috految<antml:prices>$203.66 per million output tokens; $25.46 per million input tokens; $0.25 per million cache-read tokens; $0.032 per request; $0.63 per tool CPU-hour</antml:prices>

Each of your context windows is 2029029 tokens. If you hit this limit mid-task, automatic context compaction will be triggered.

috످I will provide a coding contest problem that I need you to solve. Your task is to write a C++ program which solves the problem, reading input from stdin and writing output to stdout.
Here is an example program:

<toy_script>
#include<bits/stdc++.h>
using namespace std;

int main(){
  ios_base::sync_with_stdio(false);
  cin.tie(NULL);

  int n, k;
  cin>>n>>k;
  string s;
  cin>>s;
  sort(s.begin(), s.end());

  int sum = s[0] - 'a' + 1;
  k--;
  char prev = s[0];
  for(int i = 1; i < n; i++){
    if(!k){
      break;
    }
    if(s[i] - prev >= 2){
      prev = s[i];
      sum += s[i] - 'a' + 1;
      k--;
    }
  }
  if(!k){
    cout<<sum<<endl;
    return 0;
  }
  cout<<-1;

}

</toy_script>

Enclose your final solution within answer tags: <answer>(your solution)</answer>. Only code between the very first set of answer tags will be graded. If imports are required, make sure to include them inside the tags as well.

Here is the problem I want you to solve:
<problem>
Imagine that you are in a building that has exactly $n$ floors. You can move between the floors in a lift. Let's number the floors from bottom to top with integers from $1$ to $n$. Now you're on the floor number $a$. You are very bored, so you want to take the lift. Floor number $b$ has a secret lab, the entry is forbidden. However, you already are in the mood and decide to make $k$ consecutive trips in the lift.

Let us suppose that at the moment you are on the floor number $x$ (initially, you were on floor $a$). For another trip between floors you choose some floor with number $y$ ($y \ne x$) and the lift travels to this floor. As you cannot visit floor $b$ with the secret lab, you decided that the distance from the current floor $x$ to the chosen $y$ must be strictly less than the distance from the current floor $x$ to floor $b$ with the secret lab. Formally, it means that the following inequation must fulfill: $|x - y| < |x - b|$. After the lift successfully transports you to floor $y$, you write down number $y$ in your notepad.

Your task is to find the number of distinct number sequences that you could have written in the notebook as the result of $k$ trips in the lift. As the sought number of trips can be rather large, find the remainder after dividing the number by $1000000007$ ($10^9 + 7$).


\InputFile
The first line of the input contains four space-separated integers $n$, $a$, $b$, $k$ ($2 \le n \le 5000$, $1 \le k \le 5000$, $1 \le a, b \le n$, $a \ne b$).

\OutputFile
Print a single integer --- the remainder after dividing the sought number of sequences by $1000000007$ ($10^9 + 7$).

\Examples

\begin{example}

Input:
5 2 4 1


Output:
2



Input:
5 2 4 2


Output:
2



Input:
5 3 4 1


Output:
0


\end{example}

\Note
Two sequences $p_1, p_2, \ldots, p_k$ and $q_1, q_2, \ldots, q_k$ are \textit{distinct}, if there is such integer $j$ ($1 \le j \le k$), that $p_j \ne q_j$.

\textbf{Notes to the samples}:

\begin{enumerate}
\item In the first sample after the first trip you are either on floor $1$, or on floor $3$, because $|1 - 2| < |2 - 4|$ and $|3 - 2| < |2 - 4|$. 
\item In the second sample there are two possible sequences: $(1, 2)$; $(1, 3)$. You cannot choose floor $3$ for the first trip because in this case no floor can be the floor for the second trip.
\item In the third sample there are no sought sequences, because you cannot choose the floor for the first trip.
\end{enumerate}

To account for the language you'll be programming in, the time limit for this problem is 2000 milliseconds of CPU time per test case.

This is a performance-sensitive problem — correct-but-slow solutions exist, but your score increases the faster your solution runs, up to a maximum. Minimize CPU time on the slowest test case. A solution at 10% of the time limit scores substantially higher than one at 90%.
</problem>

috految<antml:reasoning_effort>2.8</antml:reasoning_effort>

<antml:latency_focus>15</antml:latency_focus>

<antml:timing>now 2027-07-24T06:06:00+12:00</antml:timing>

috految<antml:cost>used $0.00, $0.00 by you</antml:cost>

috److The lift can never cross floor `b`, so each floor can be described by its distance `d` from `b`.

1. The distance ranges from 1 to `m`, where `m = b-1` if `a < b`, and `m = n-b` otherwise.
2. From distance `d`, the reachable distances are `1..min(m, 2d-1)`, excluding `d` itself.
3. Let `f[d]` be the number of sequences starting from distance `d` with the current number of trips remaining. Initially `f[d] = 1`.
4. With `p` as the prefix sums of `f`, each step updates `f[d] = p[min(m, 2d-1)] - f[d]`.
5. The answer is `f[|a-b|]` after `k` steps.

Values grow by at most a factor of 5000 per step, so taking the modulus every second step keeps them within 64 bits. The total complexity is O(nk).

<answer>
#include<bits/stdc++.h>
using namespace std;
unsigned long long f[5005], p[5005];
int main(){
  int n,a,b,k;
  cin>>n>>a>>b>>k;
  int m=a<b?b-1:n-b;
  fill(f+1,f+m+1,1);
  while(k--){
    partial_sum(f,f+m+1,p);
    for(int d=1;d<=m;d++){
      f[d]=p[min(m,2*d-1)]-f[d];
      if(k%2==0) f[d]%=1000000007;
    }
  }
  cout<<f[abs(a-b)];
}
</answer>

috످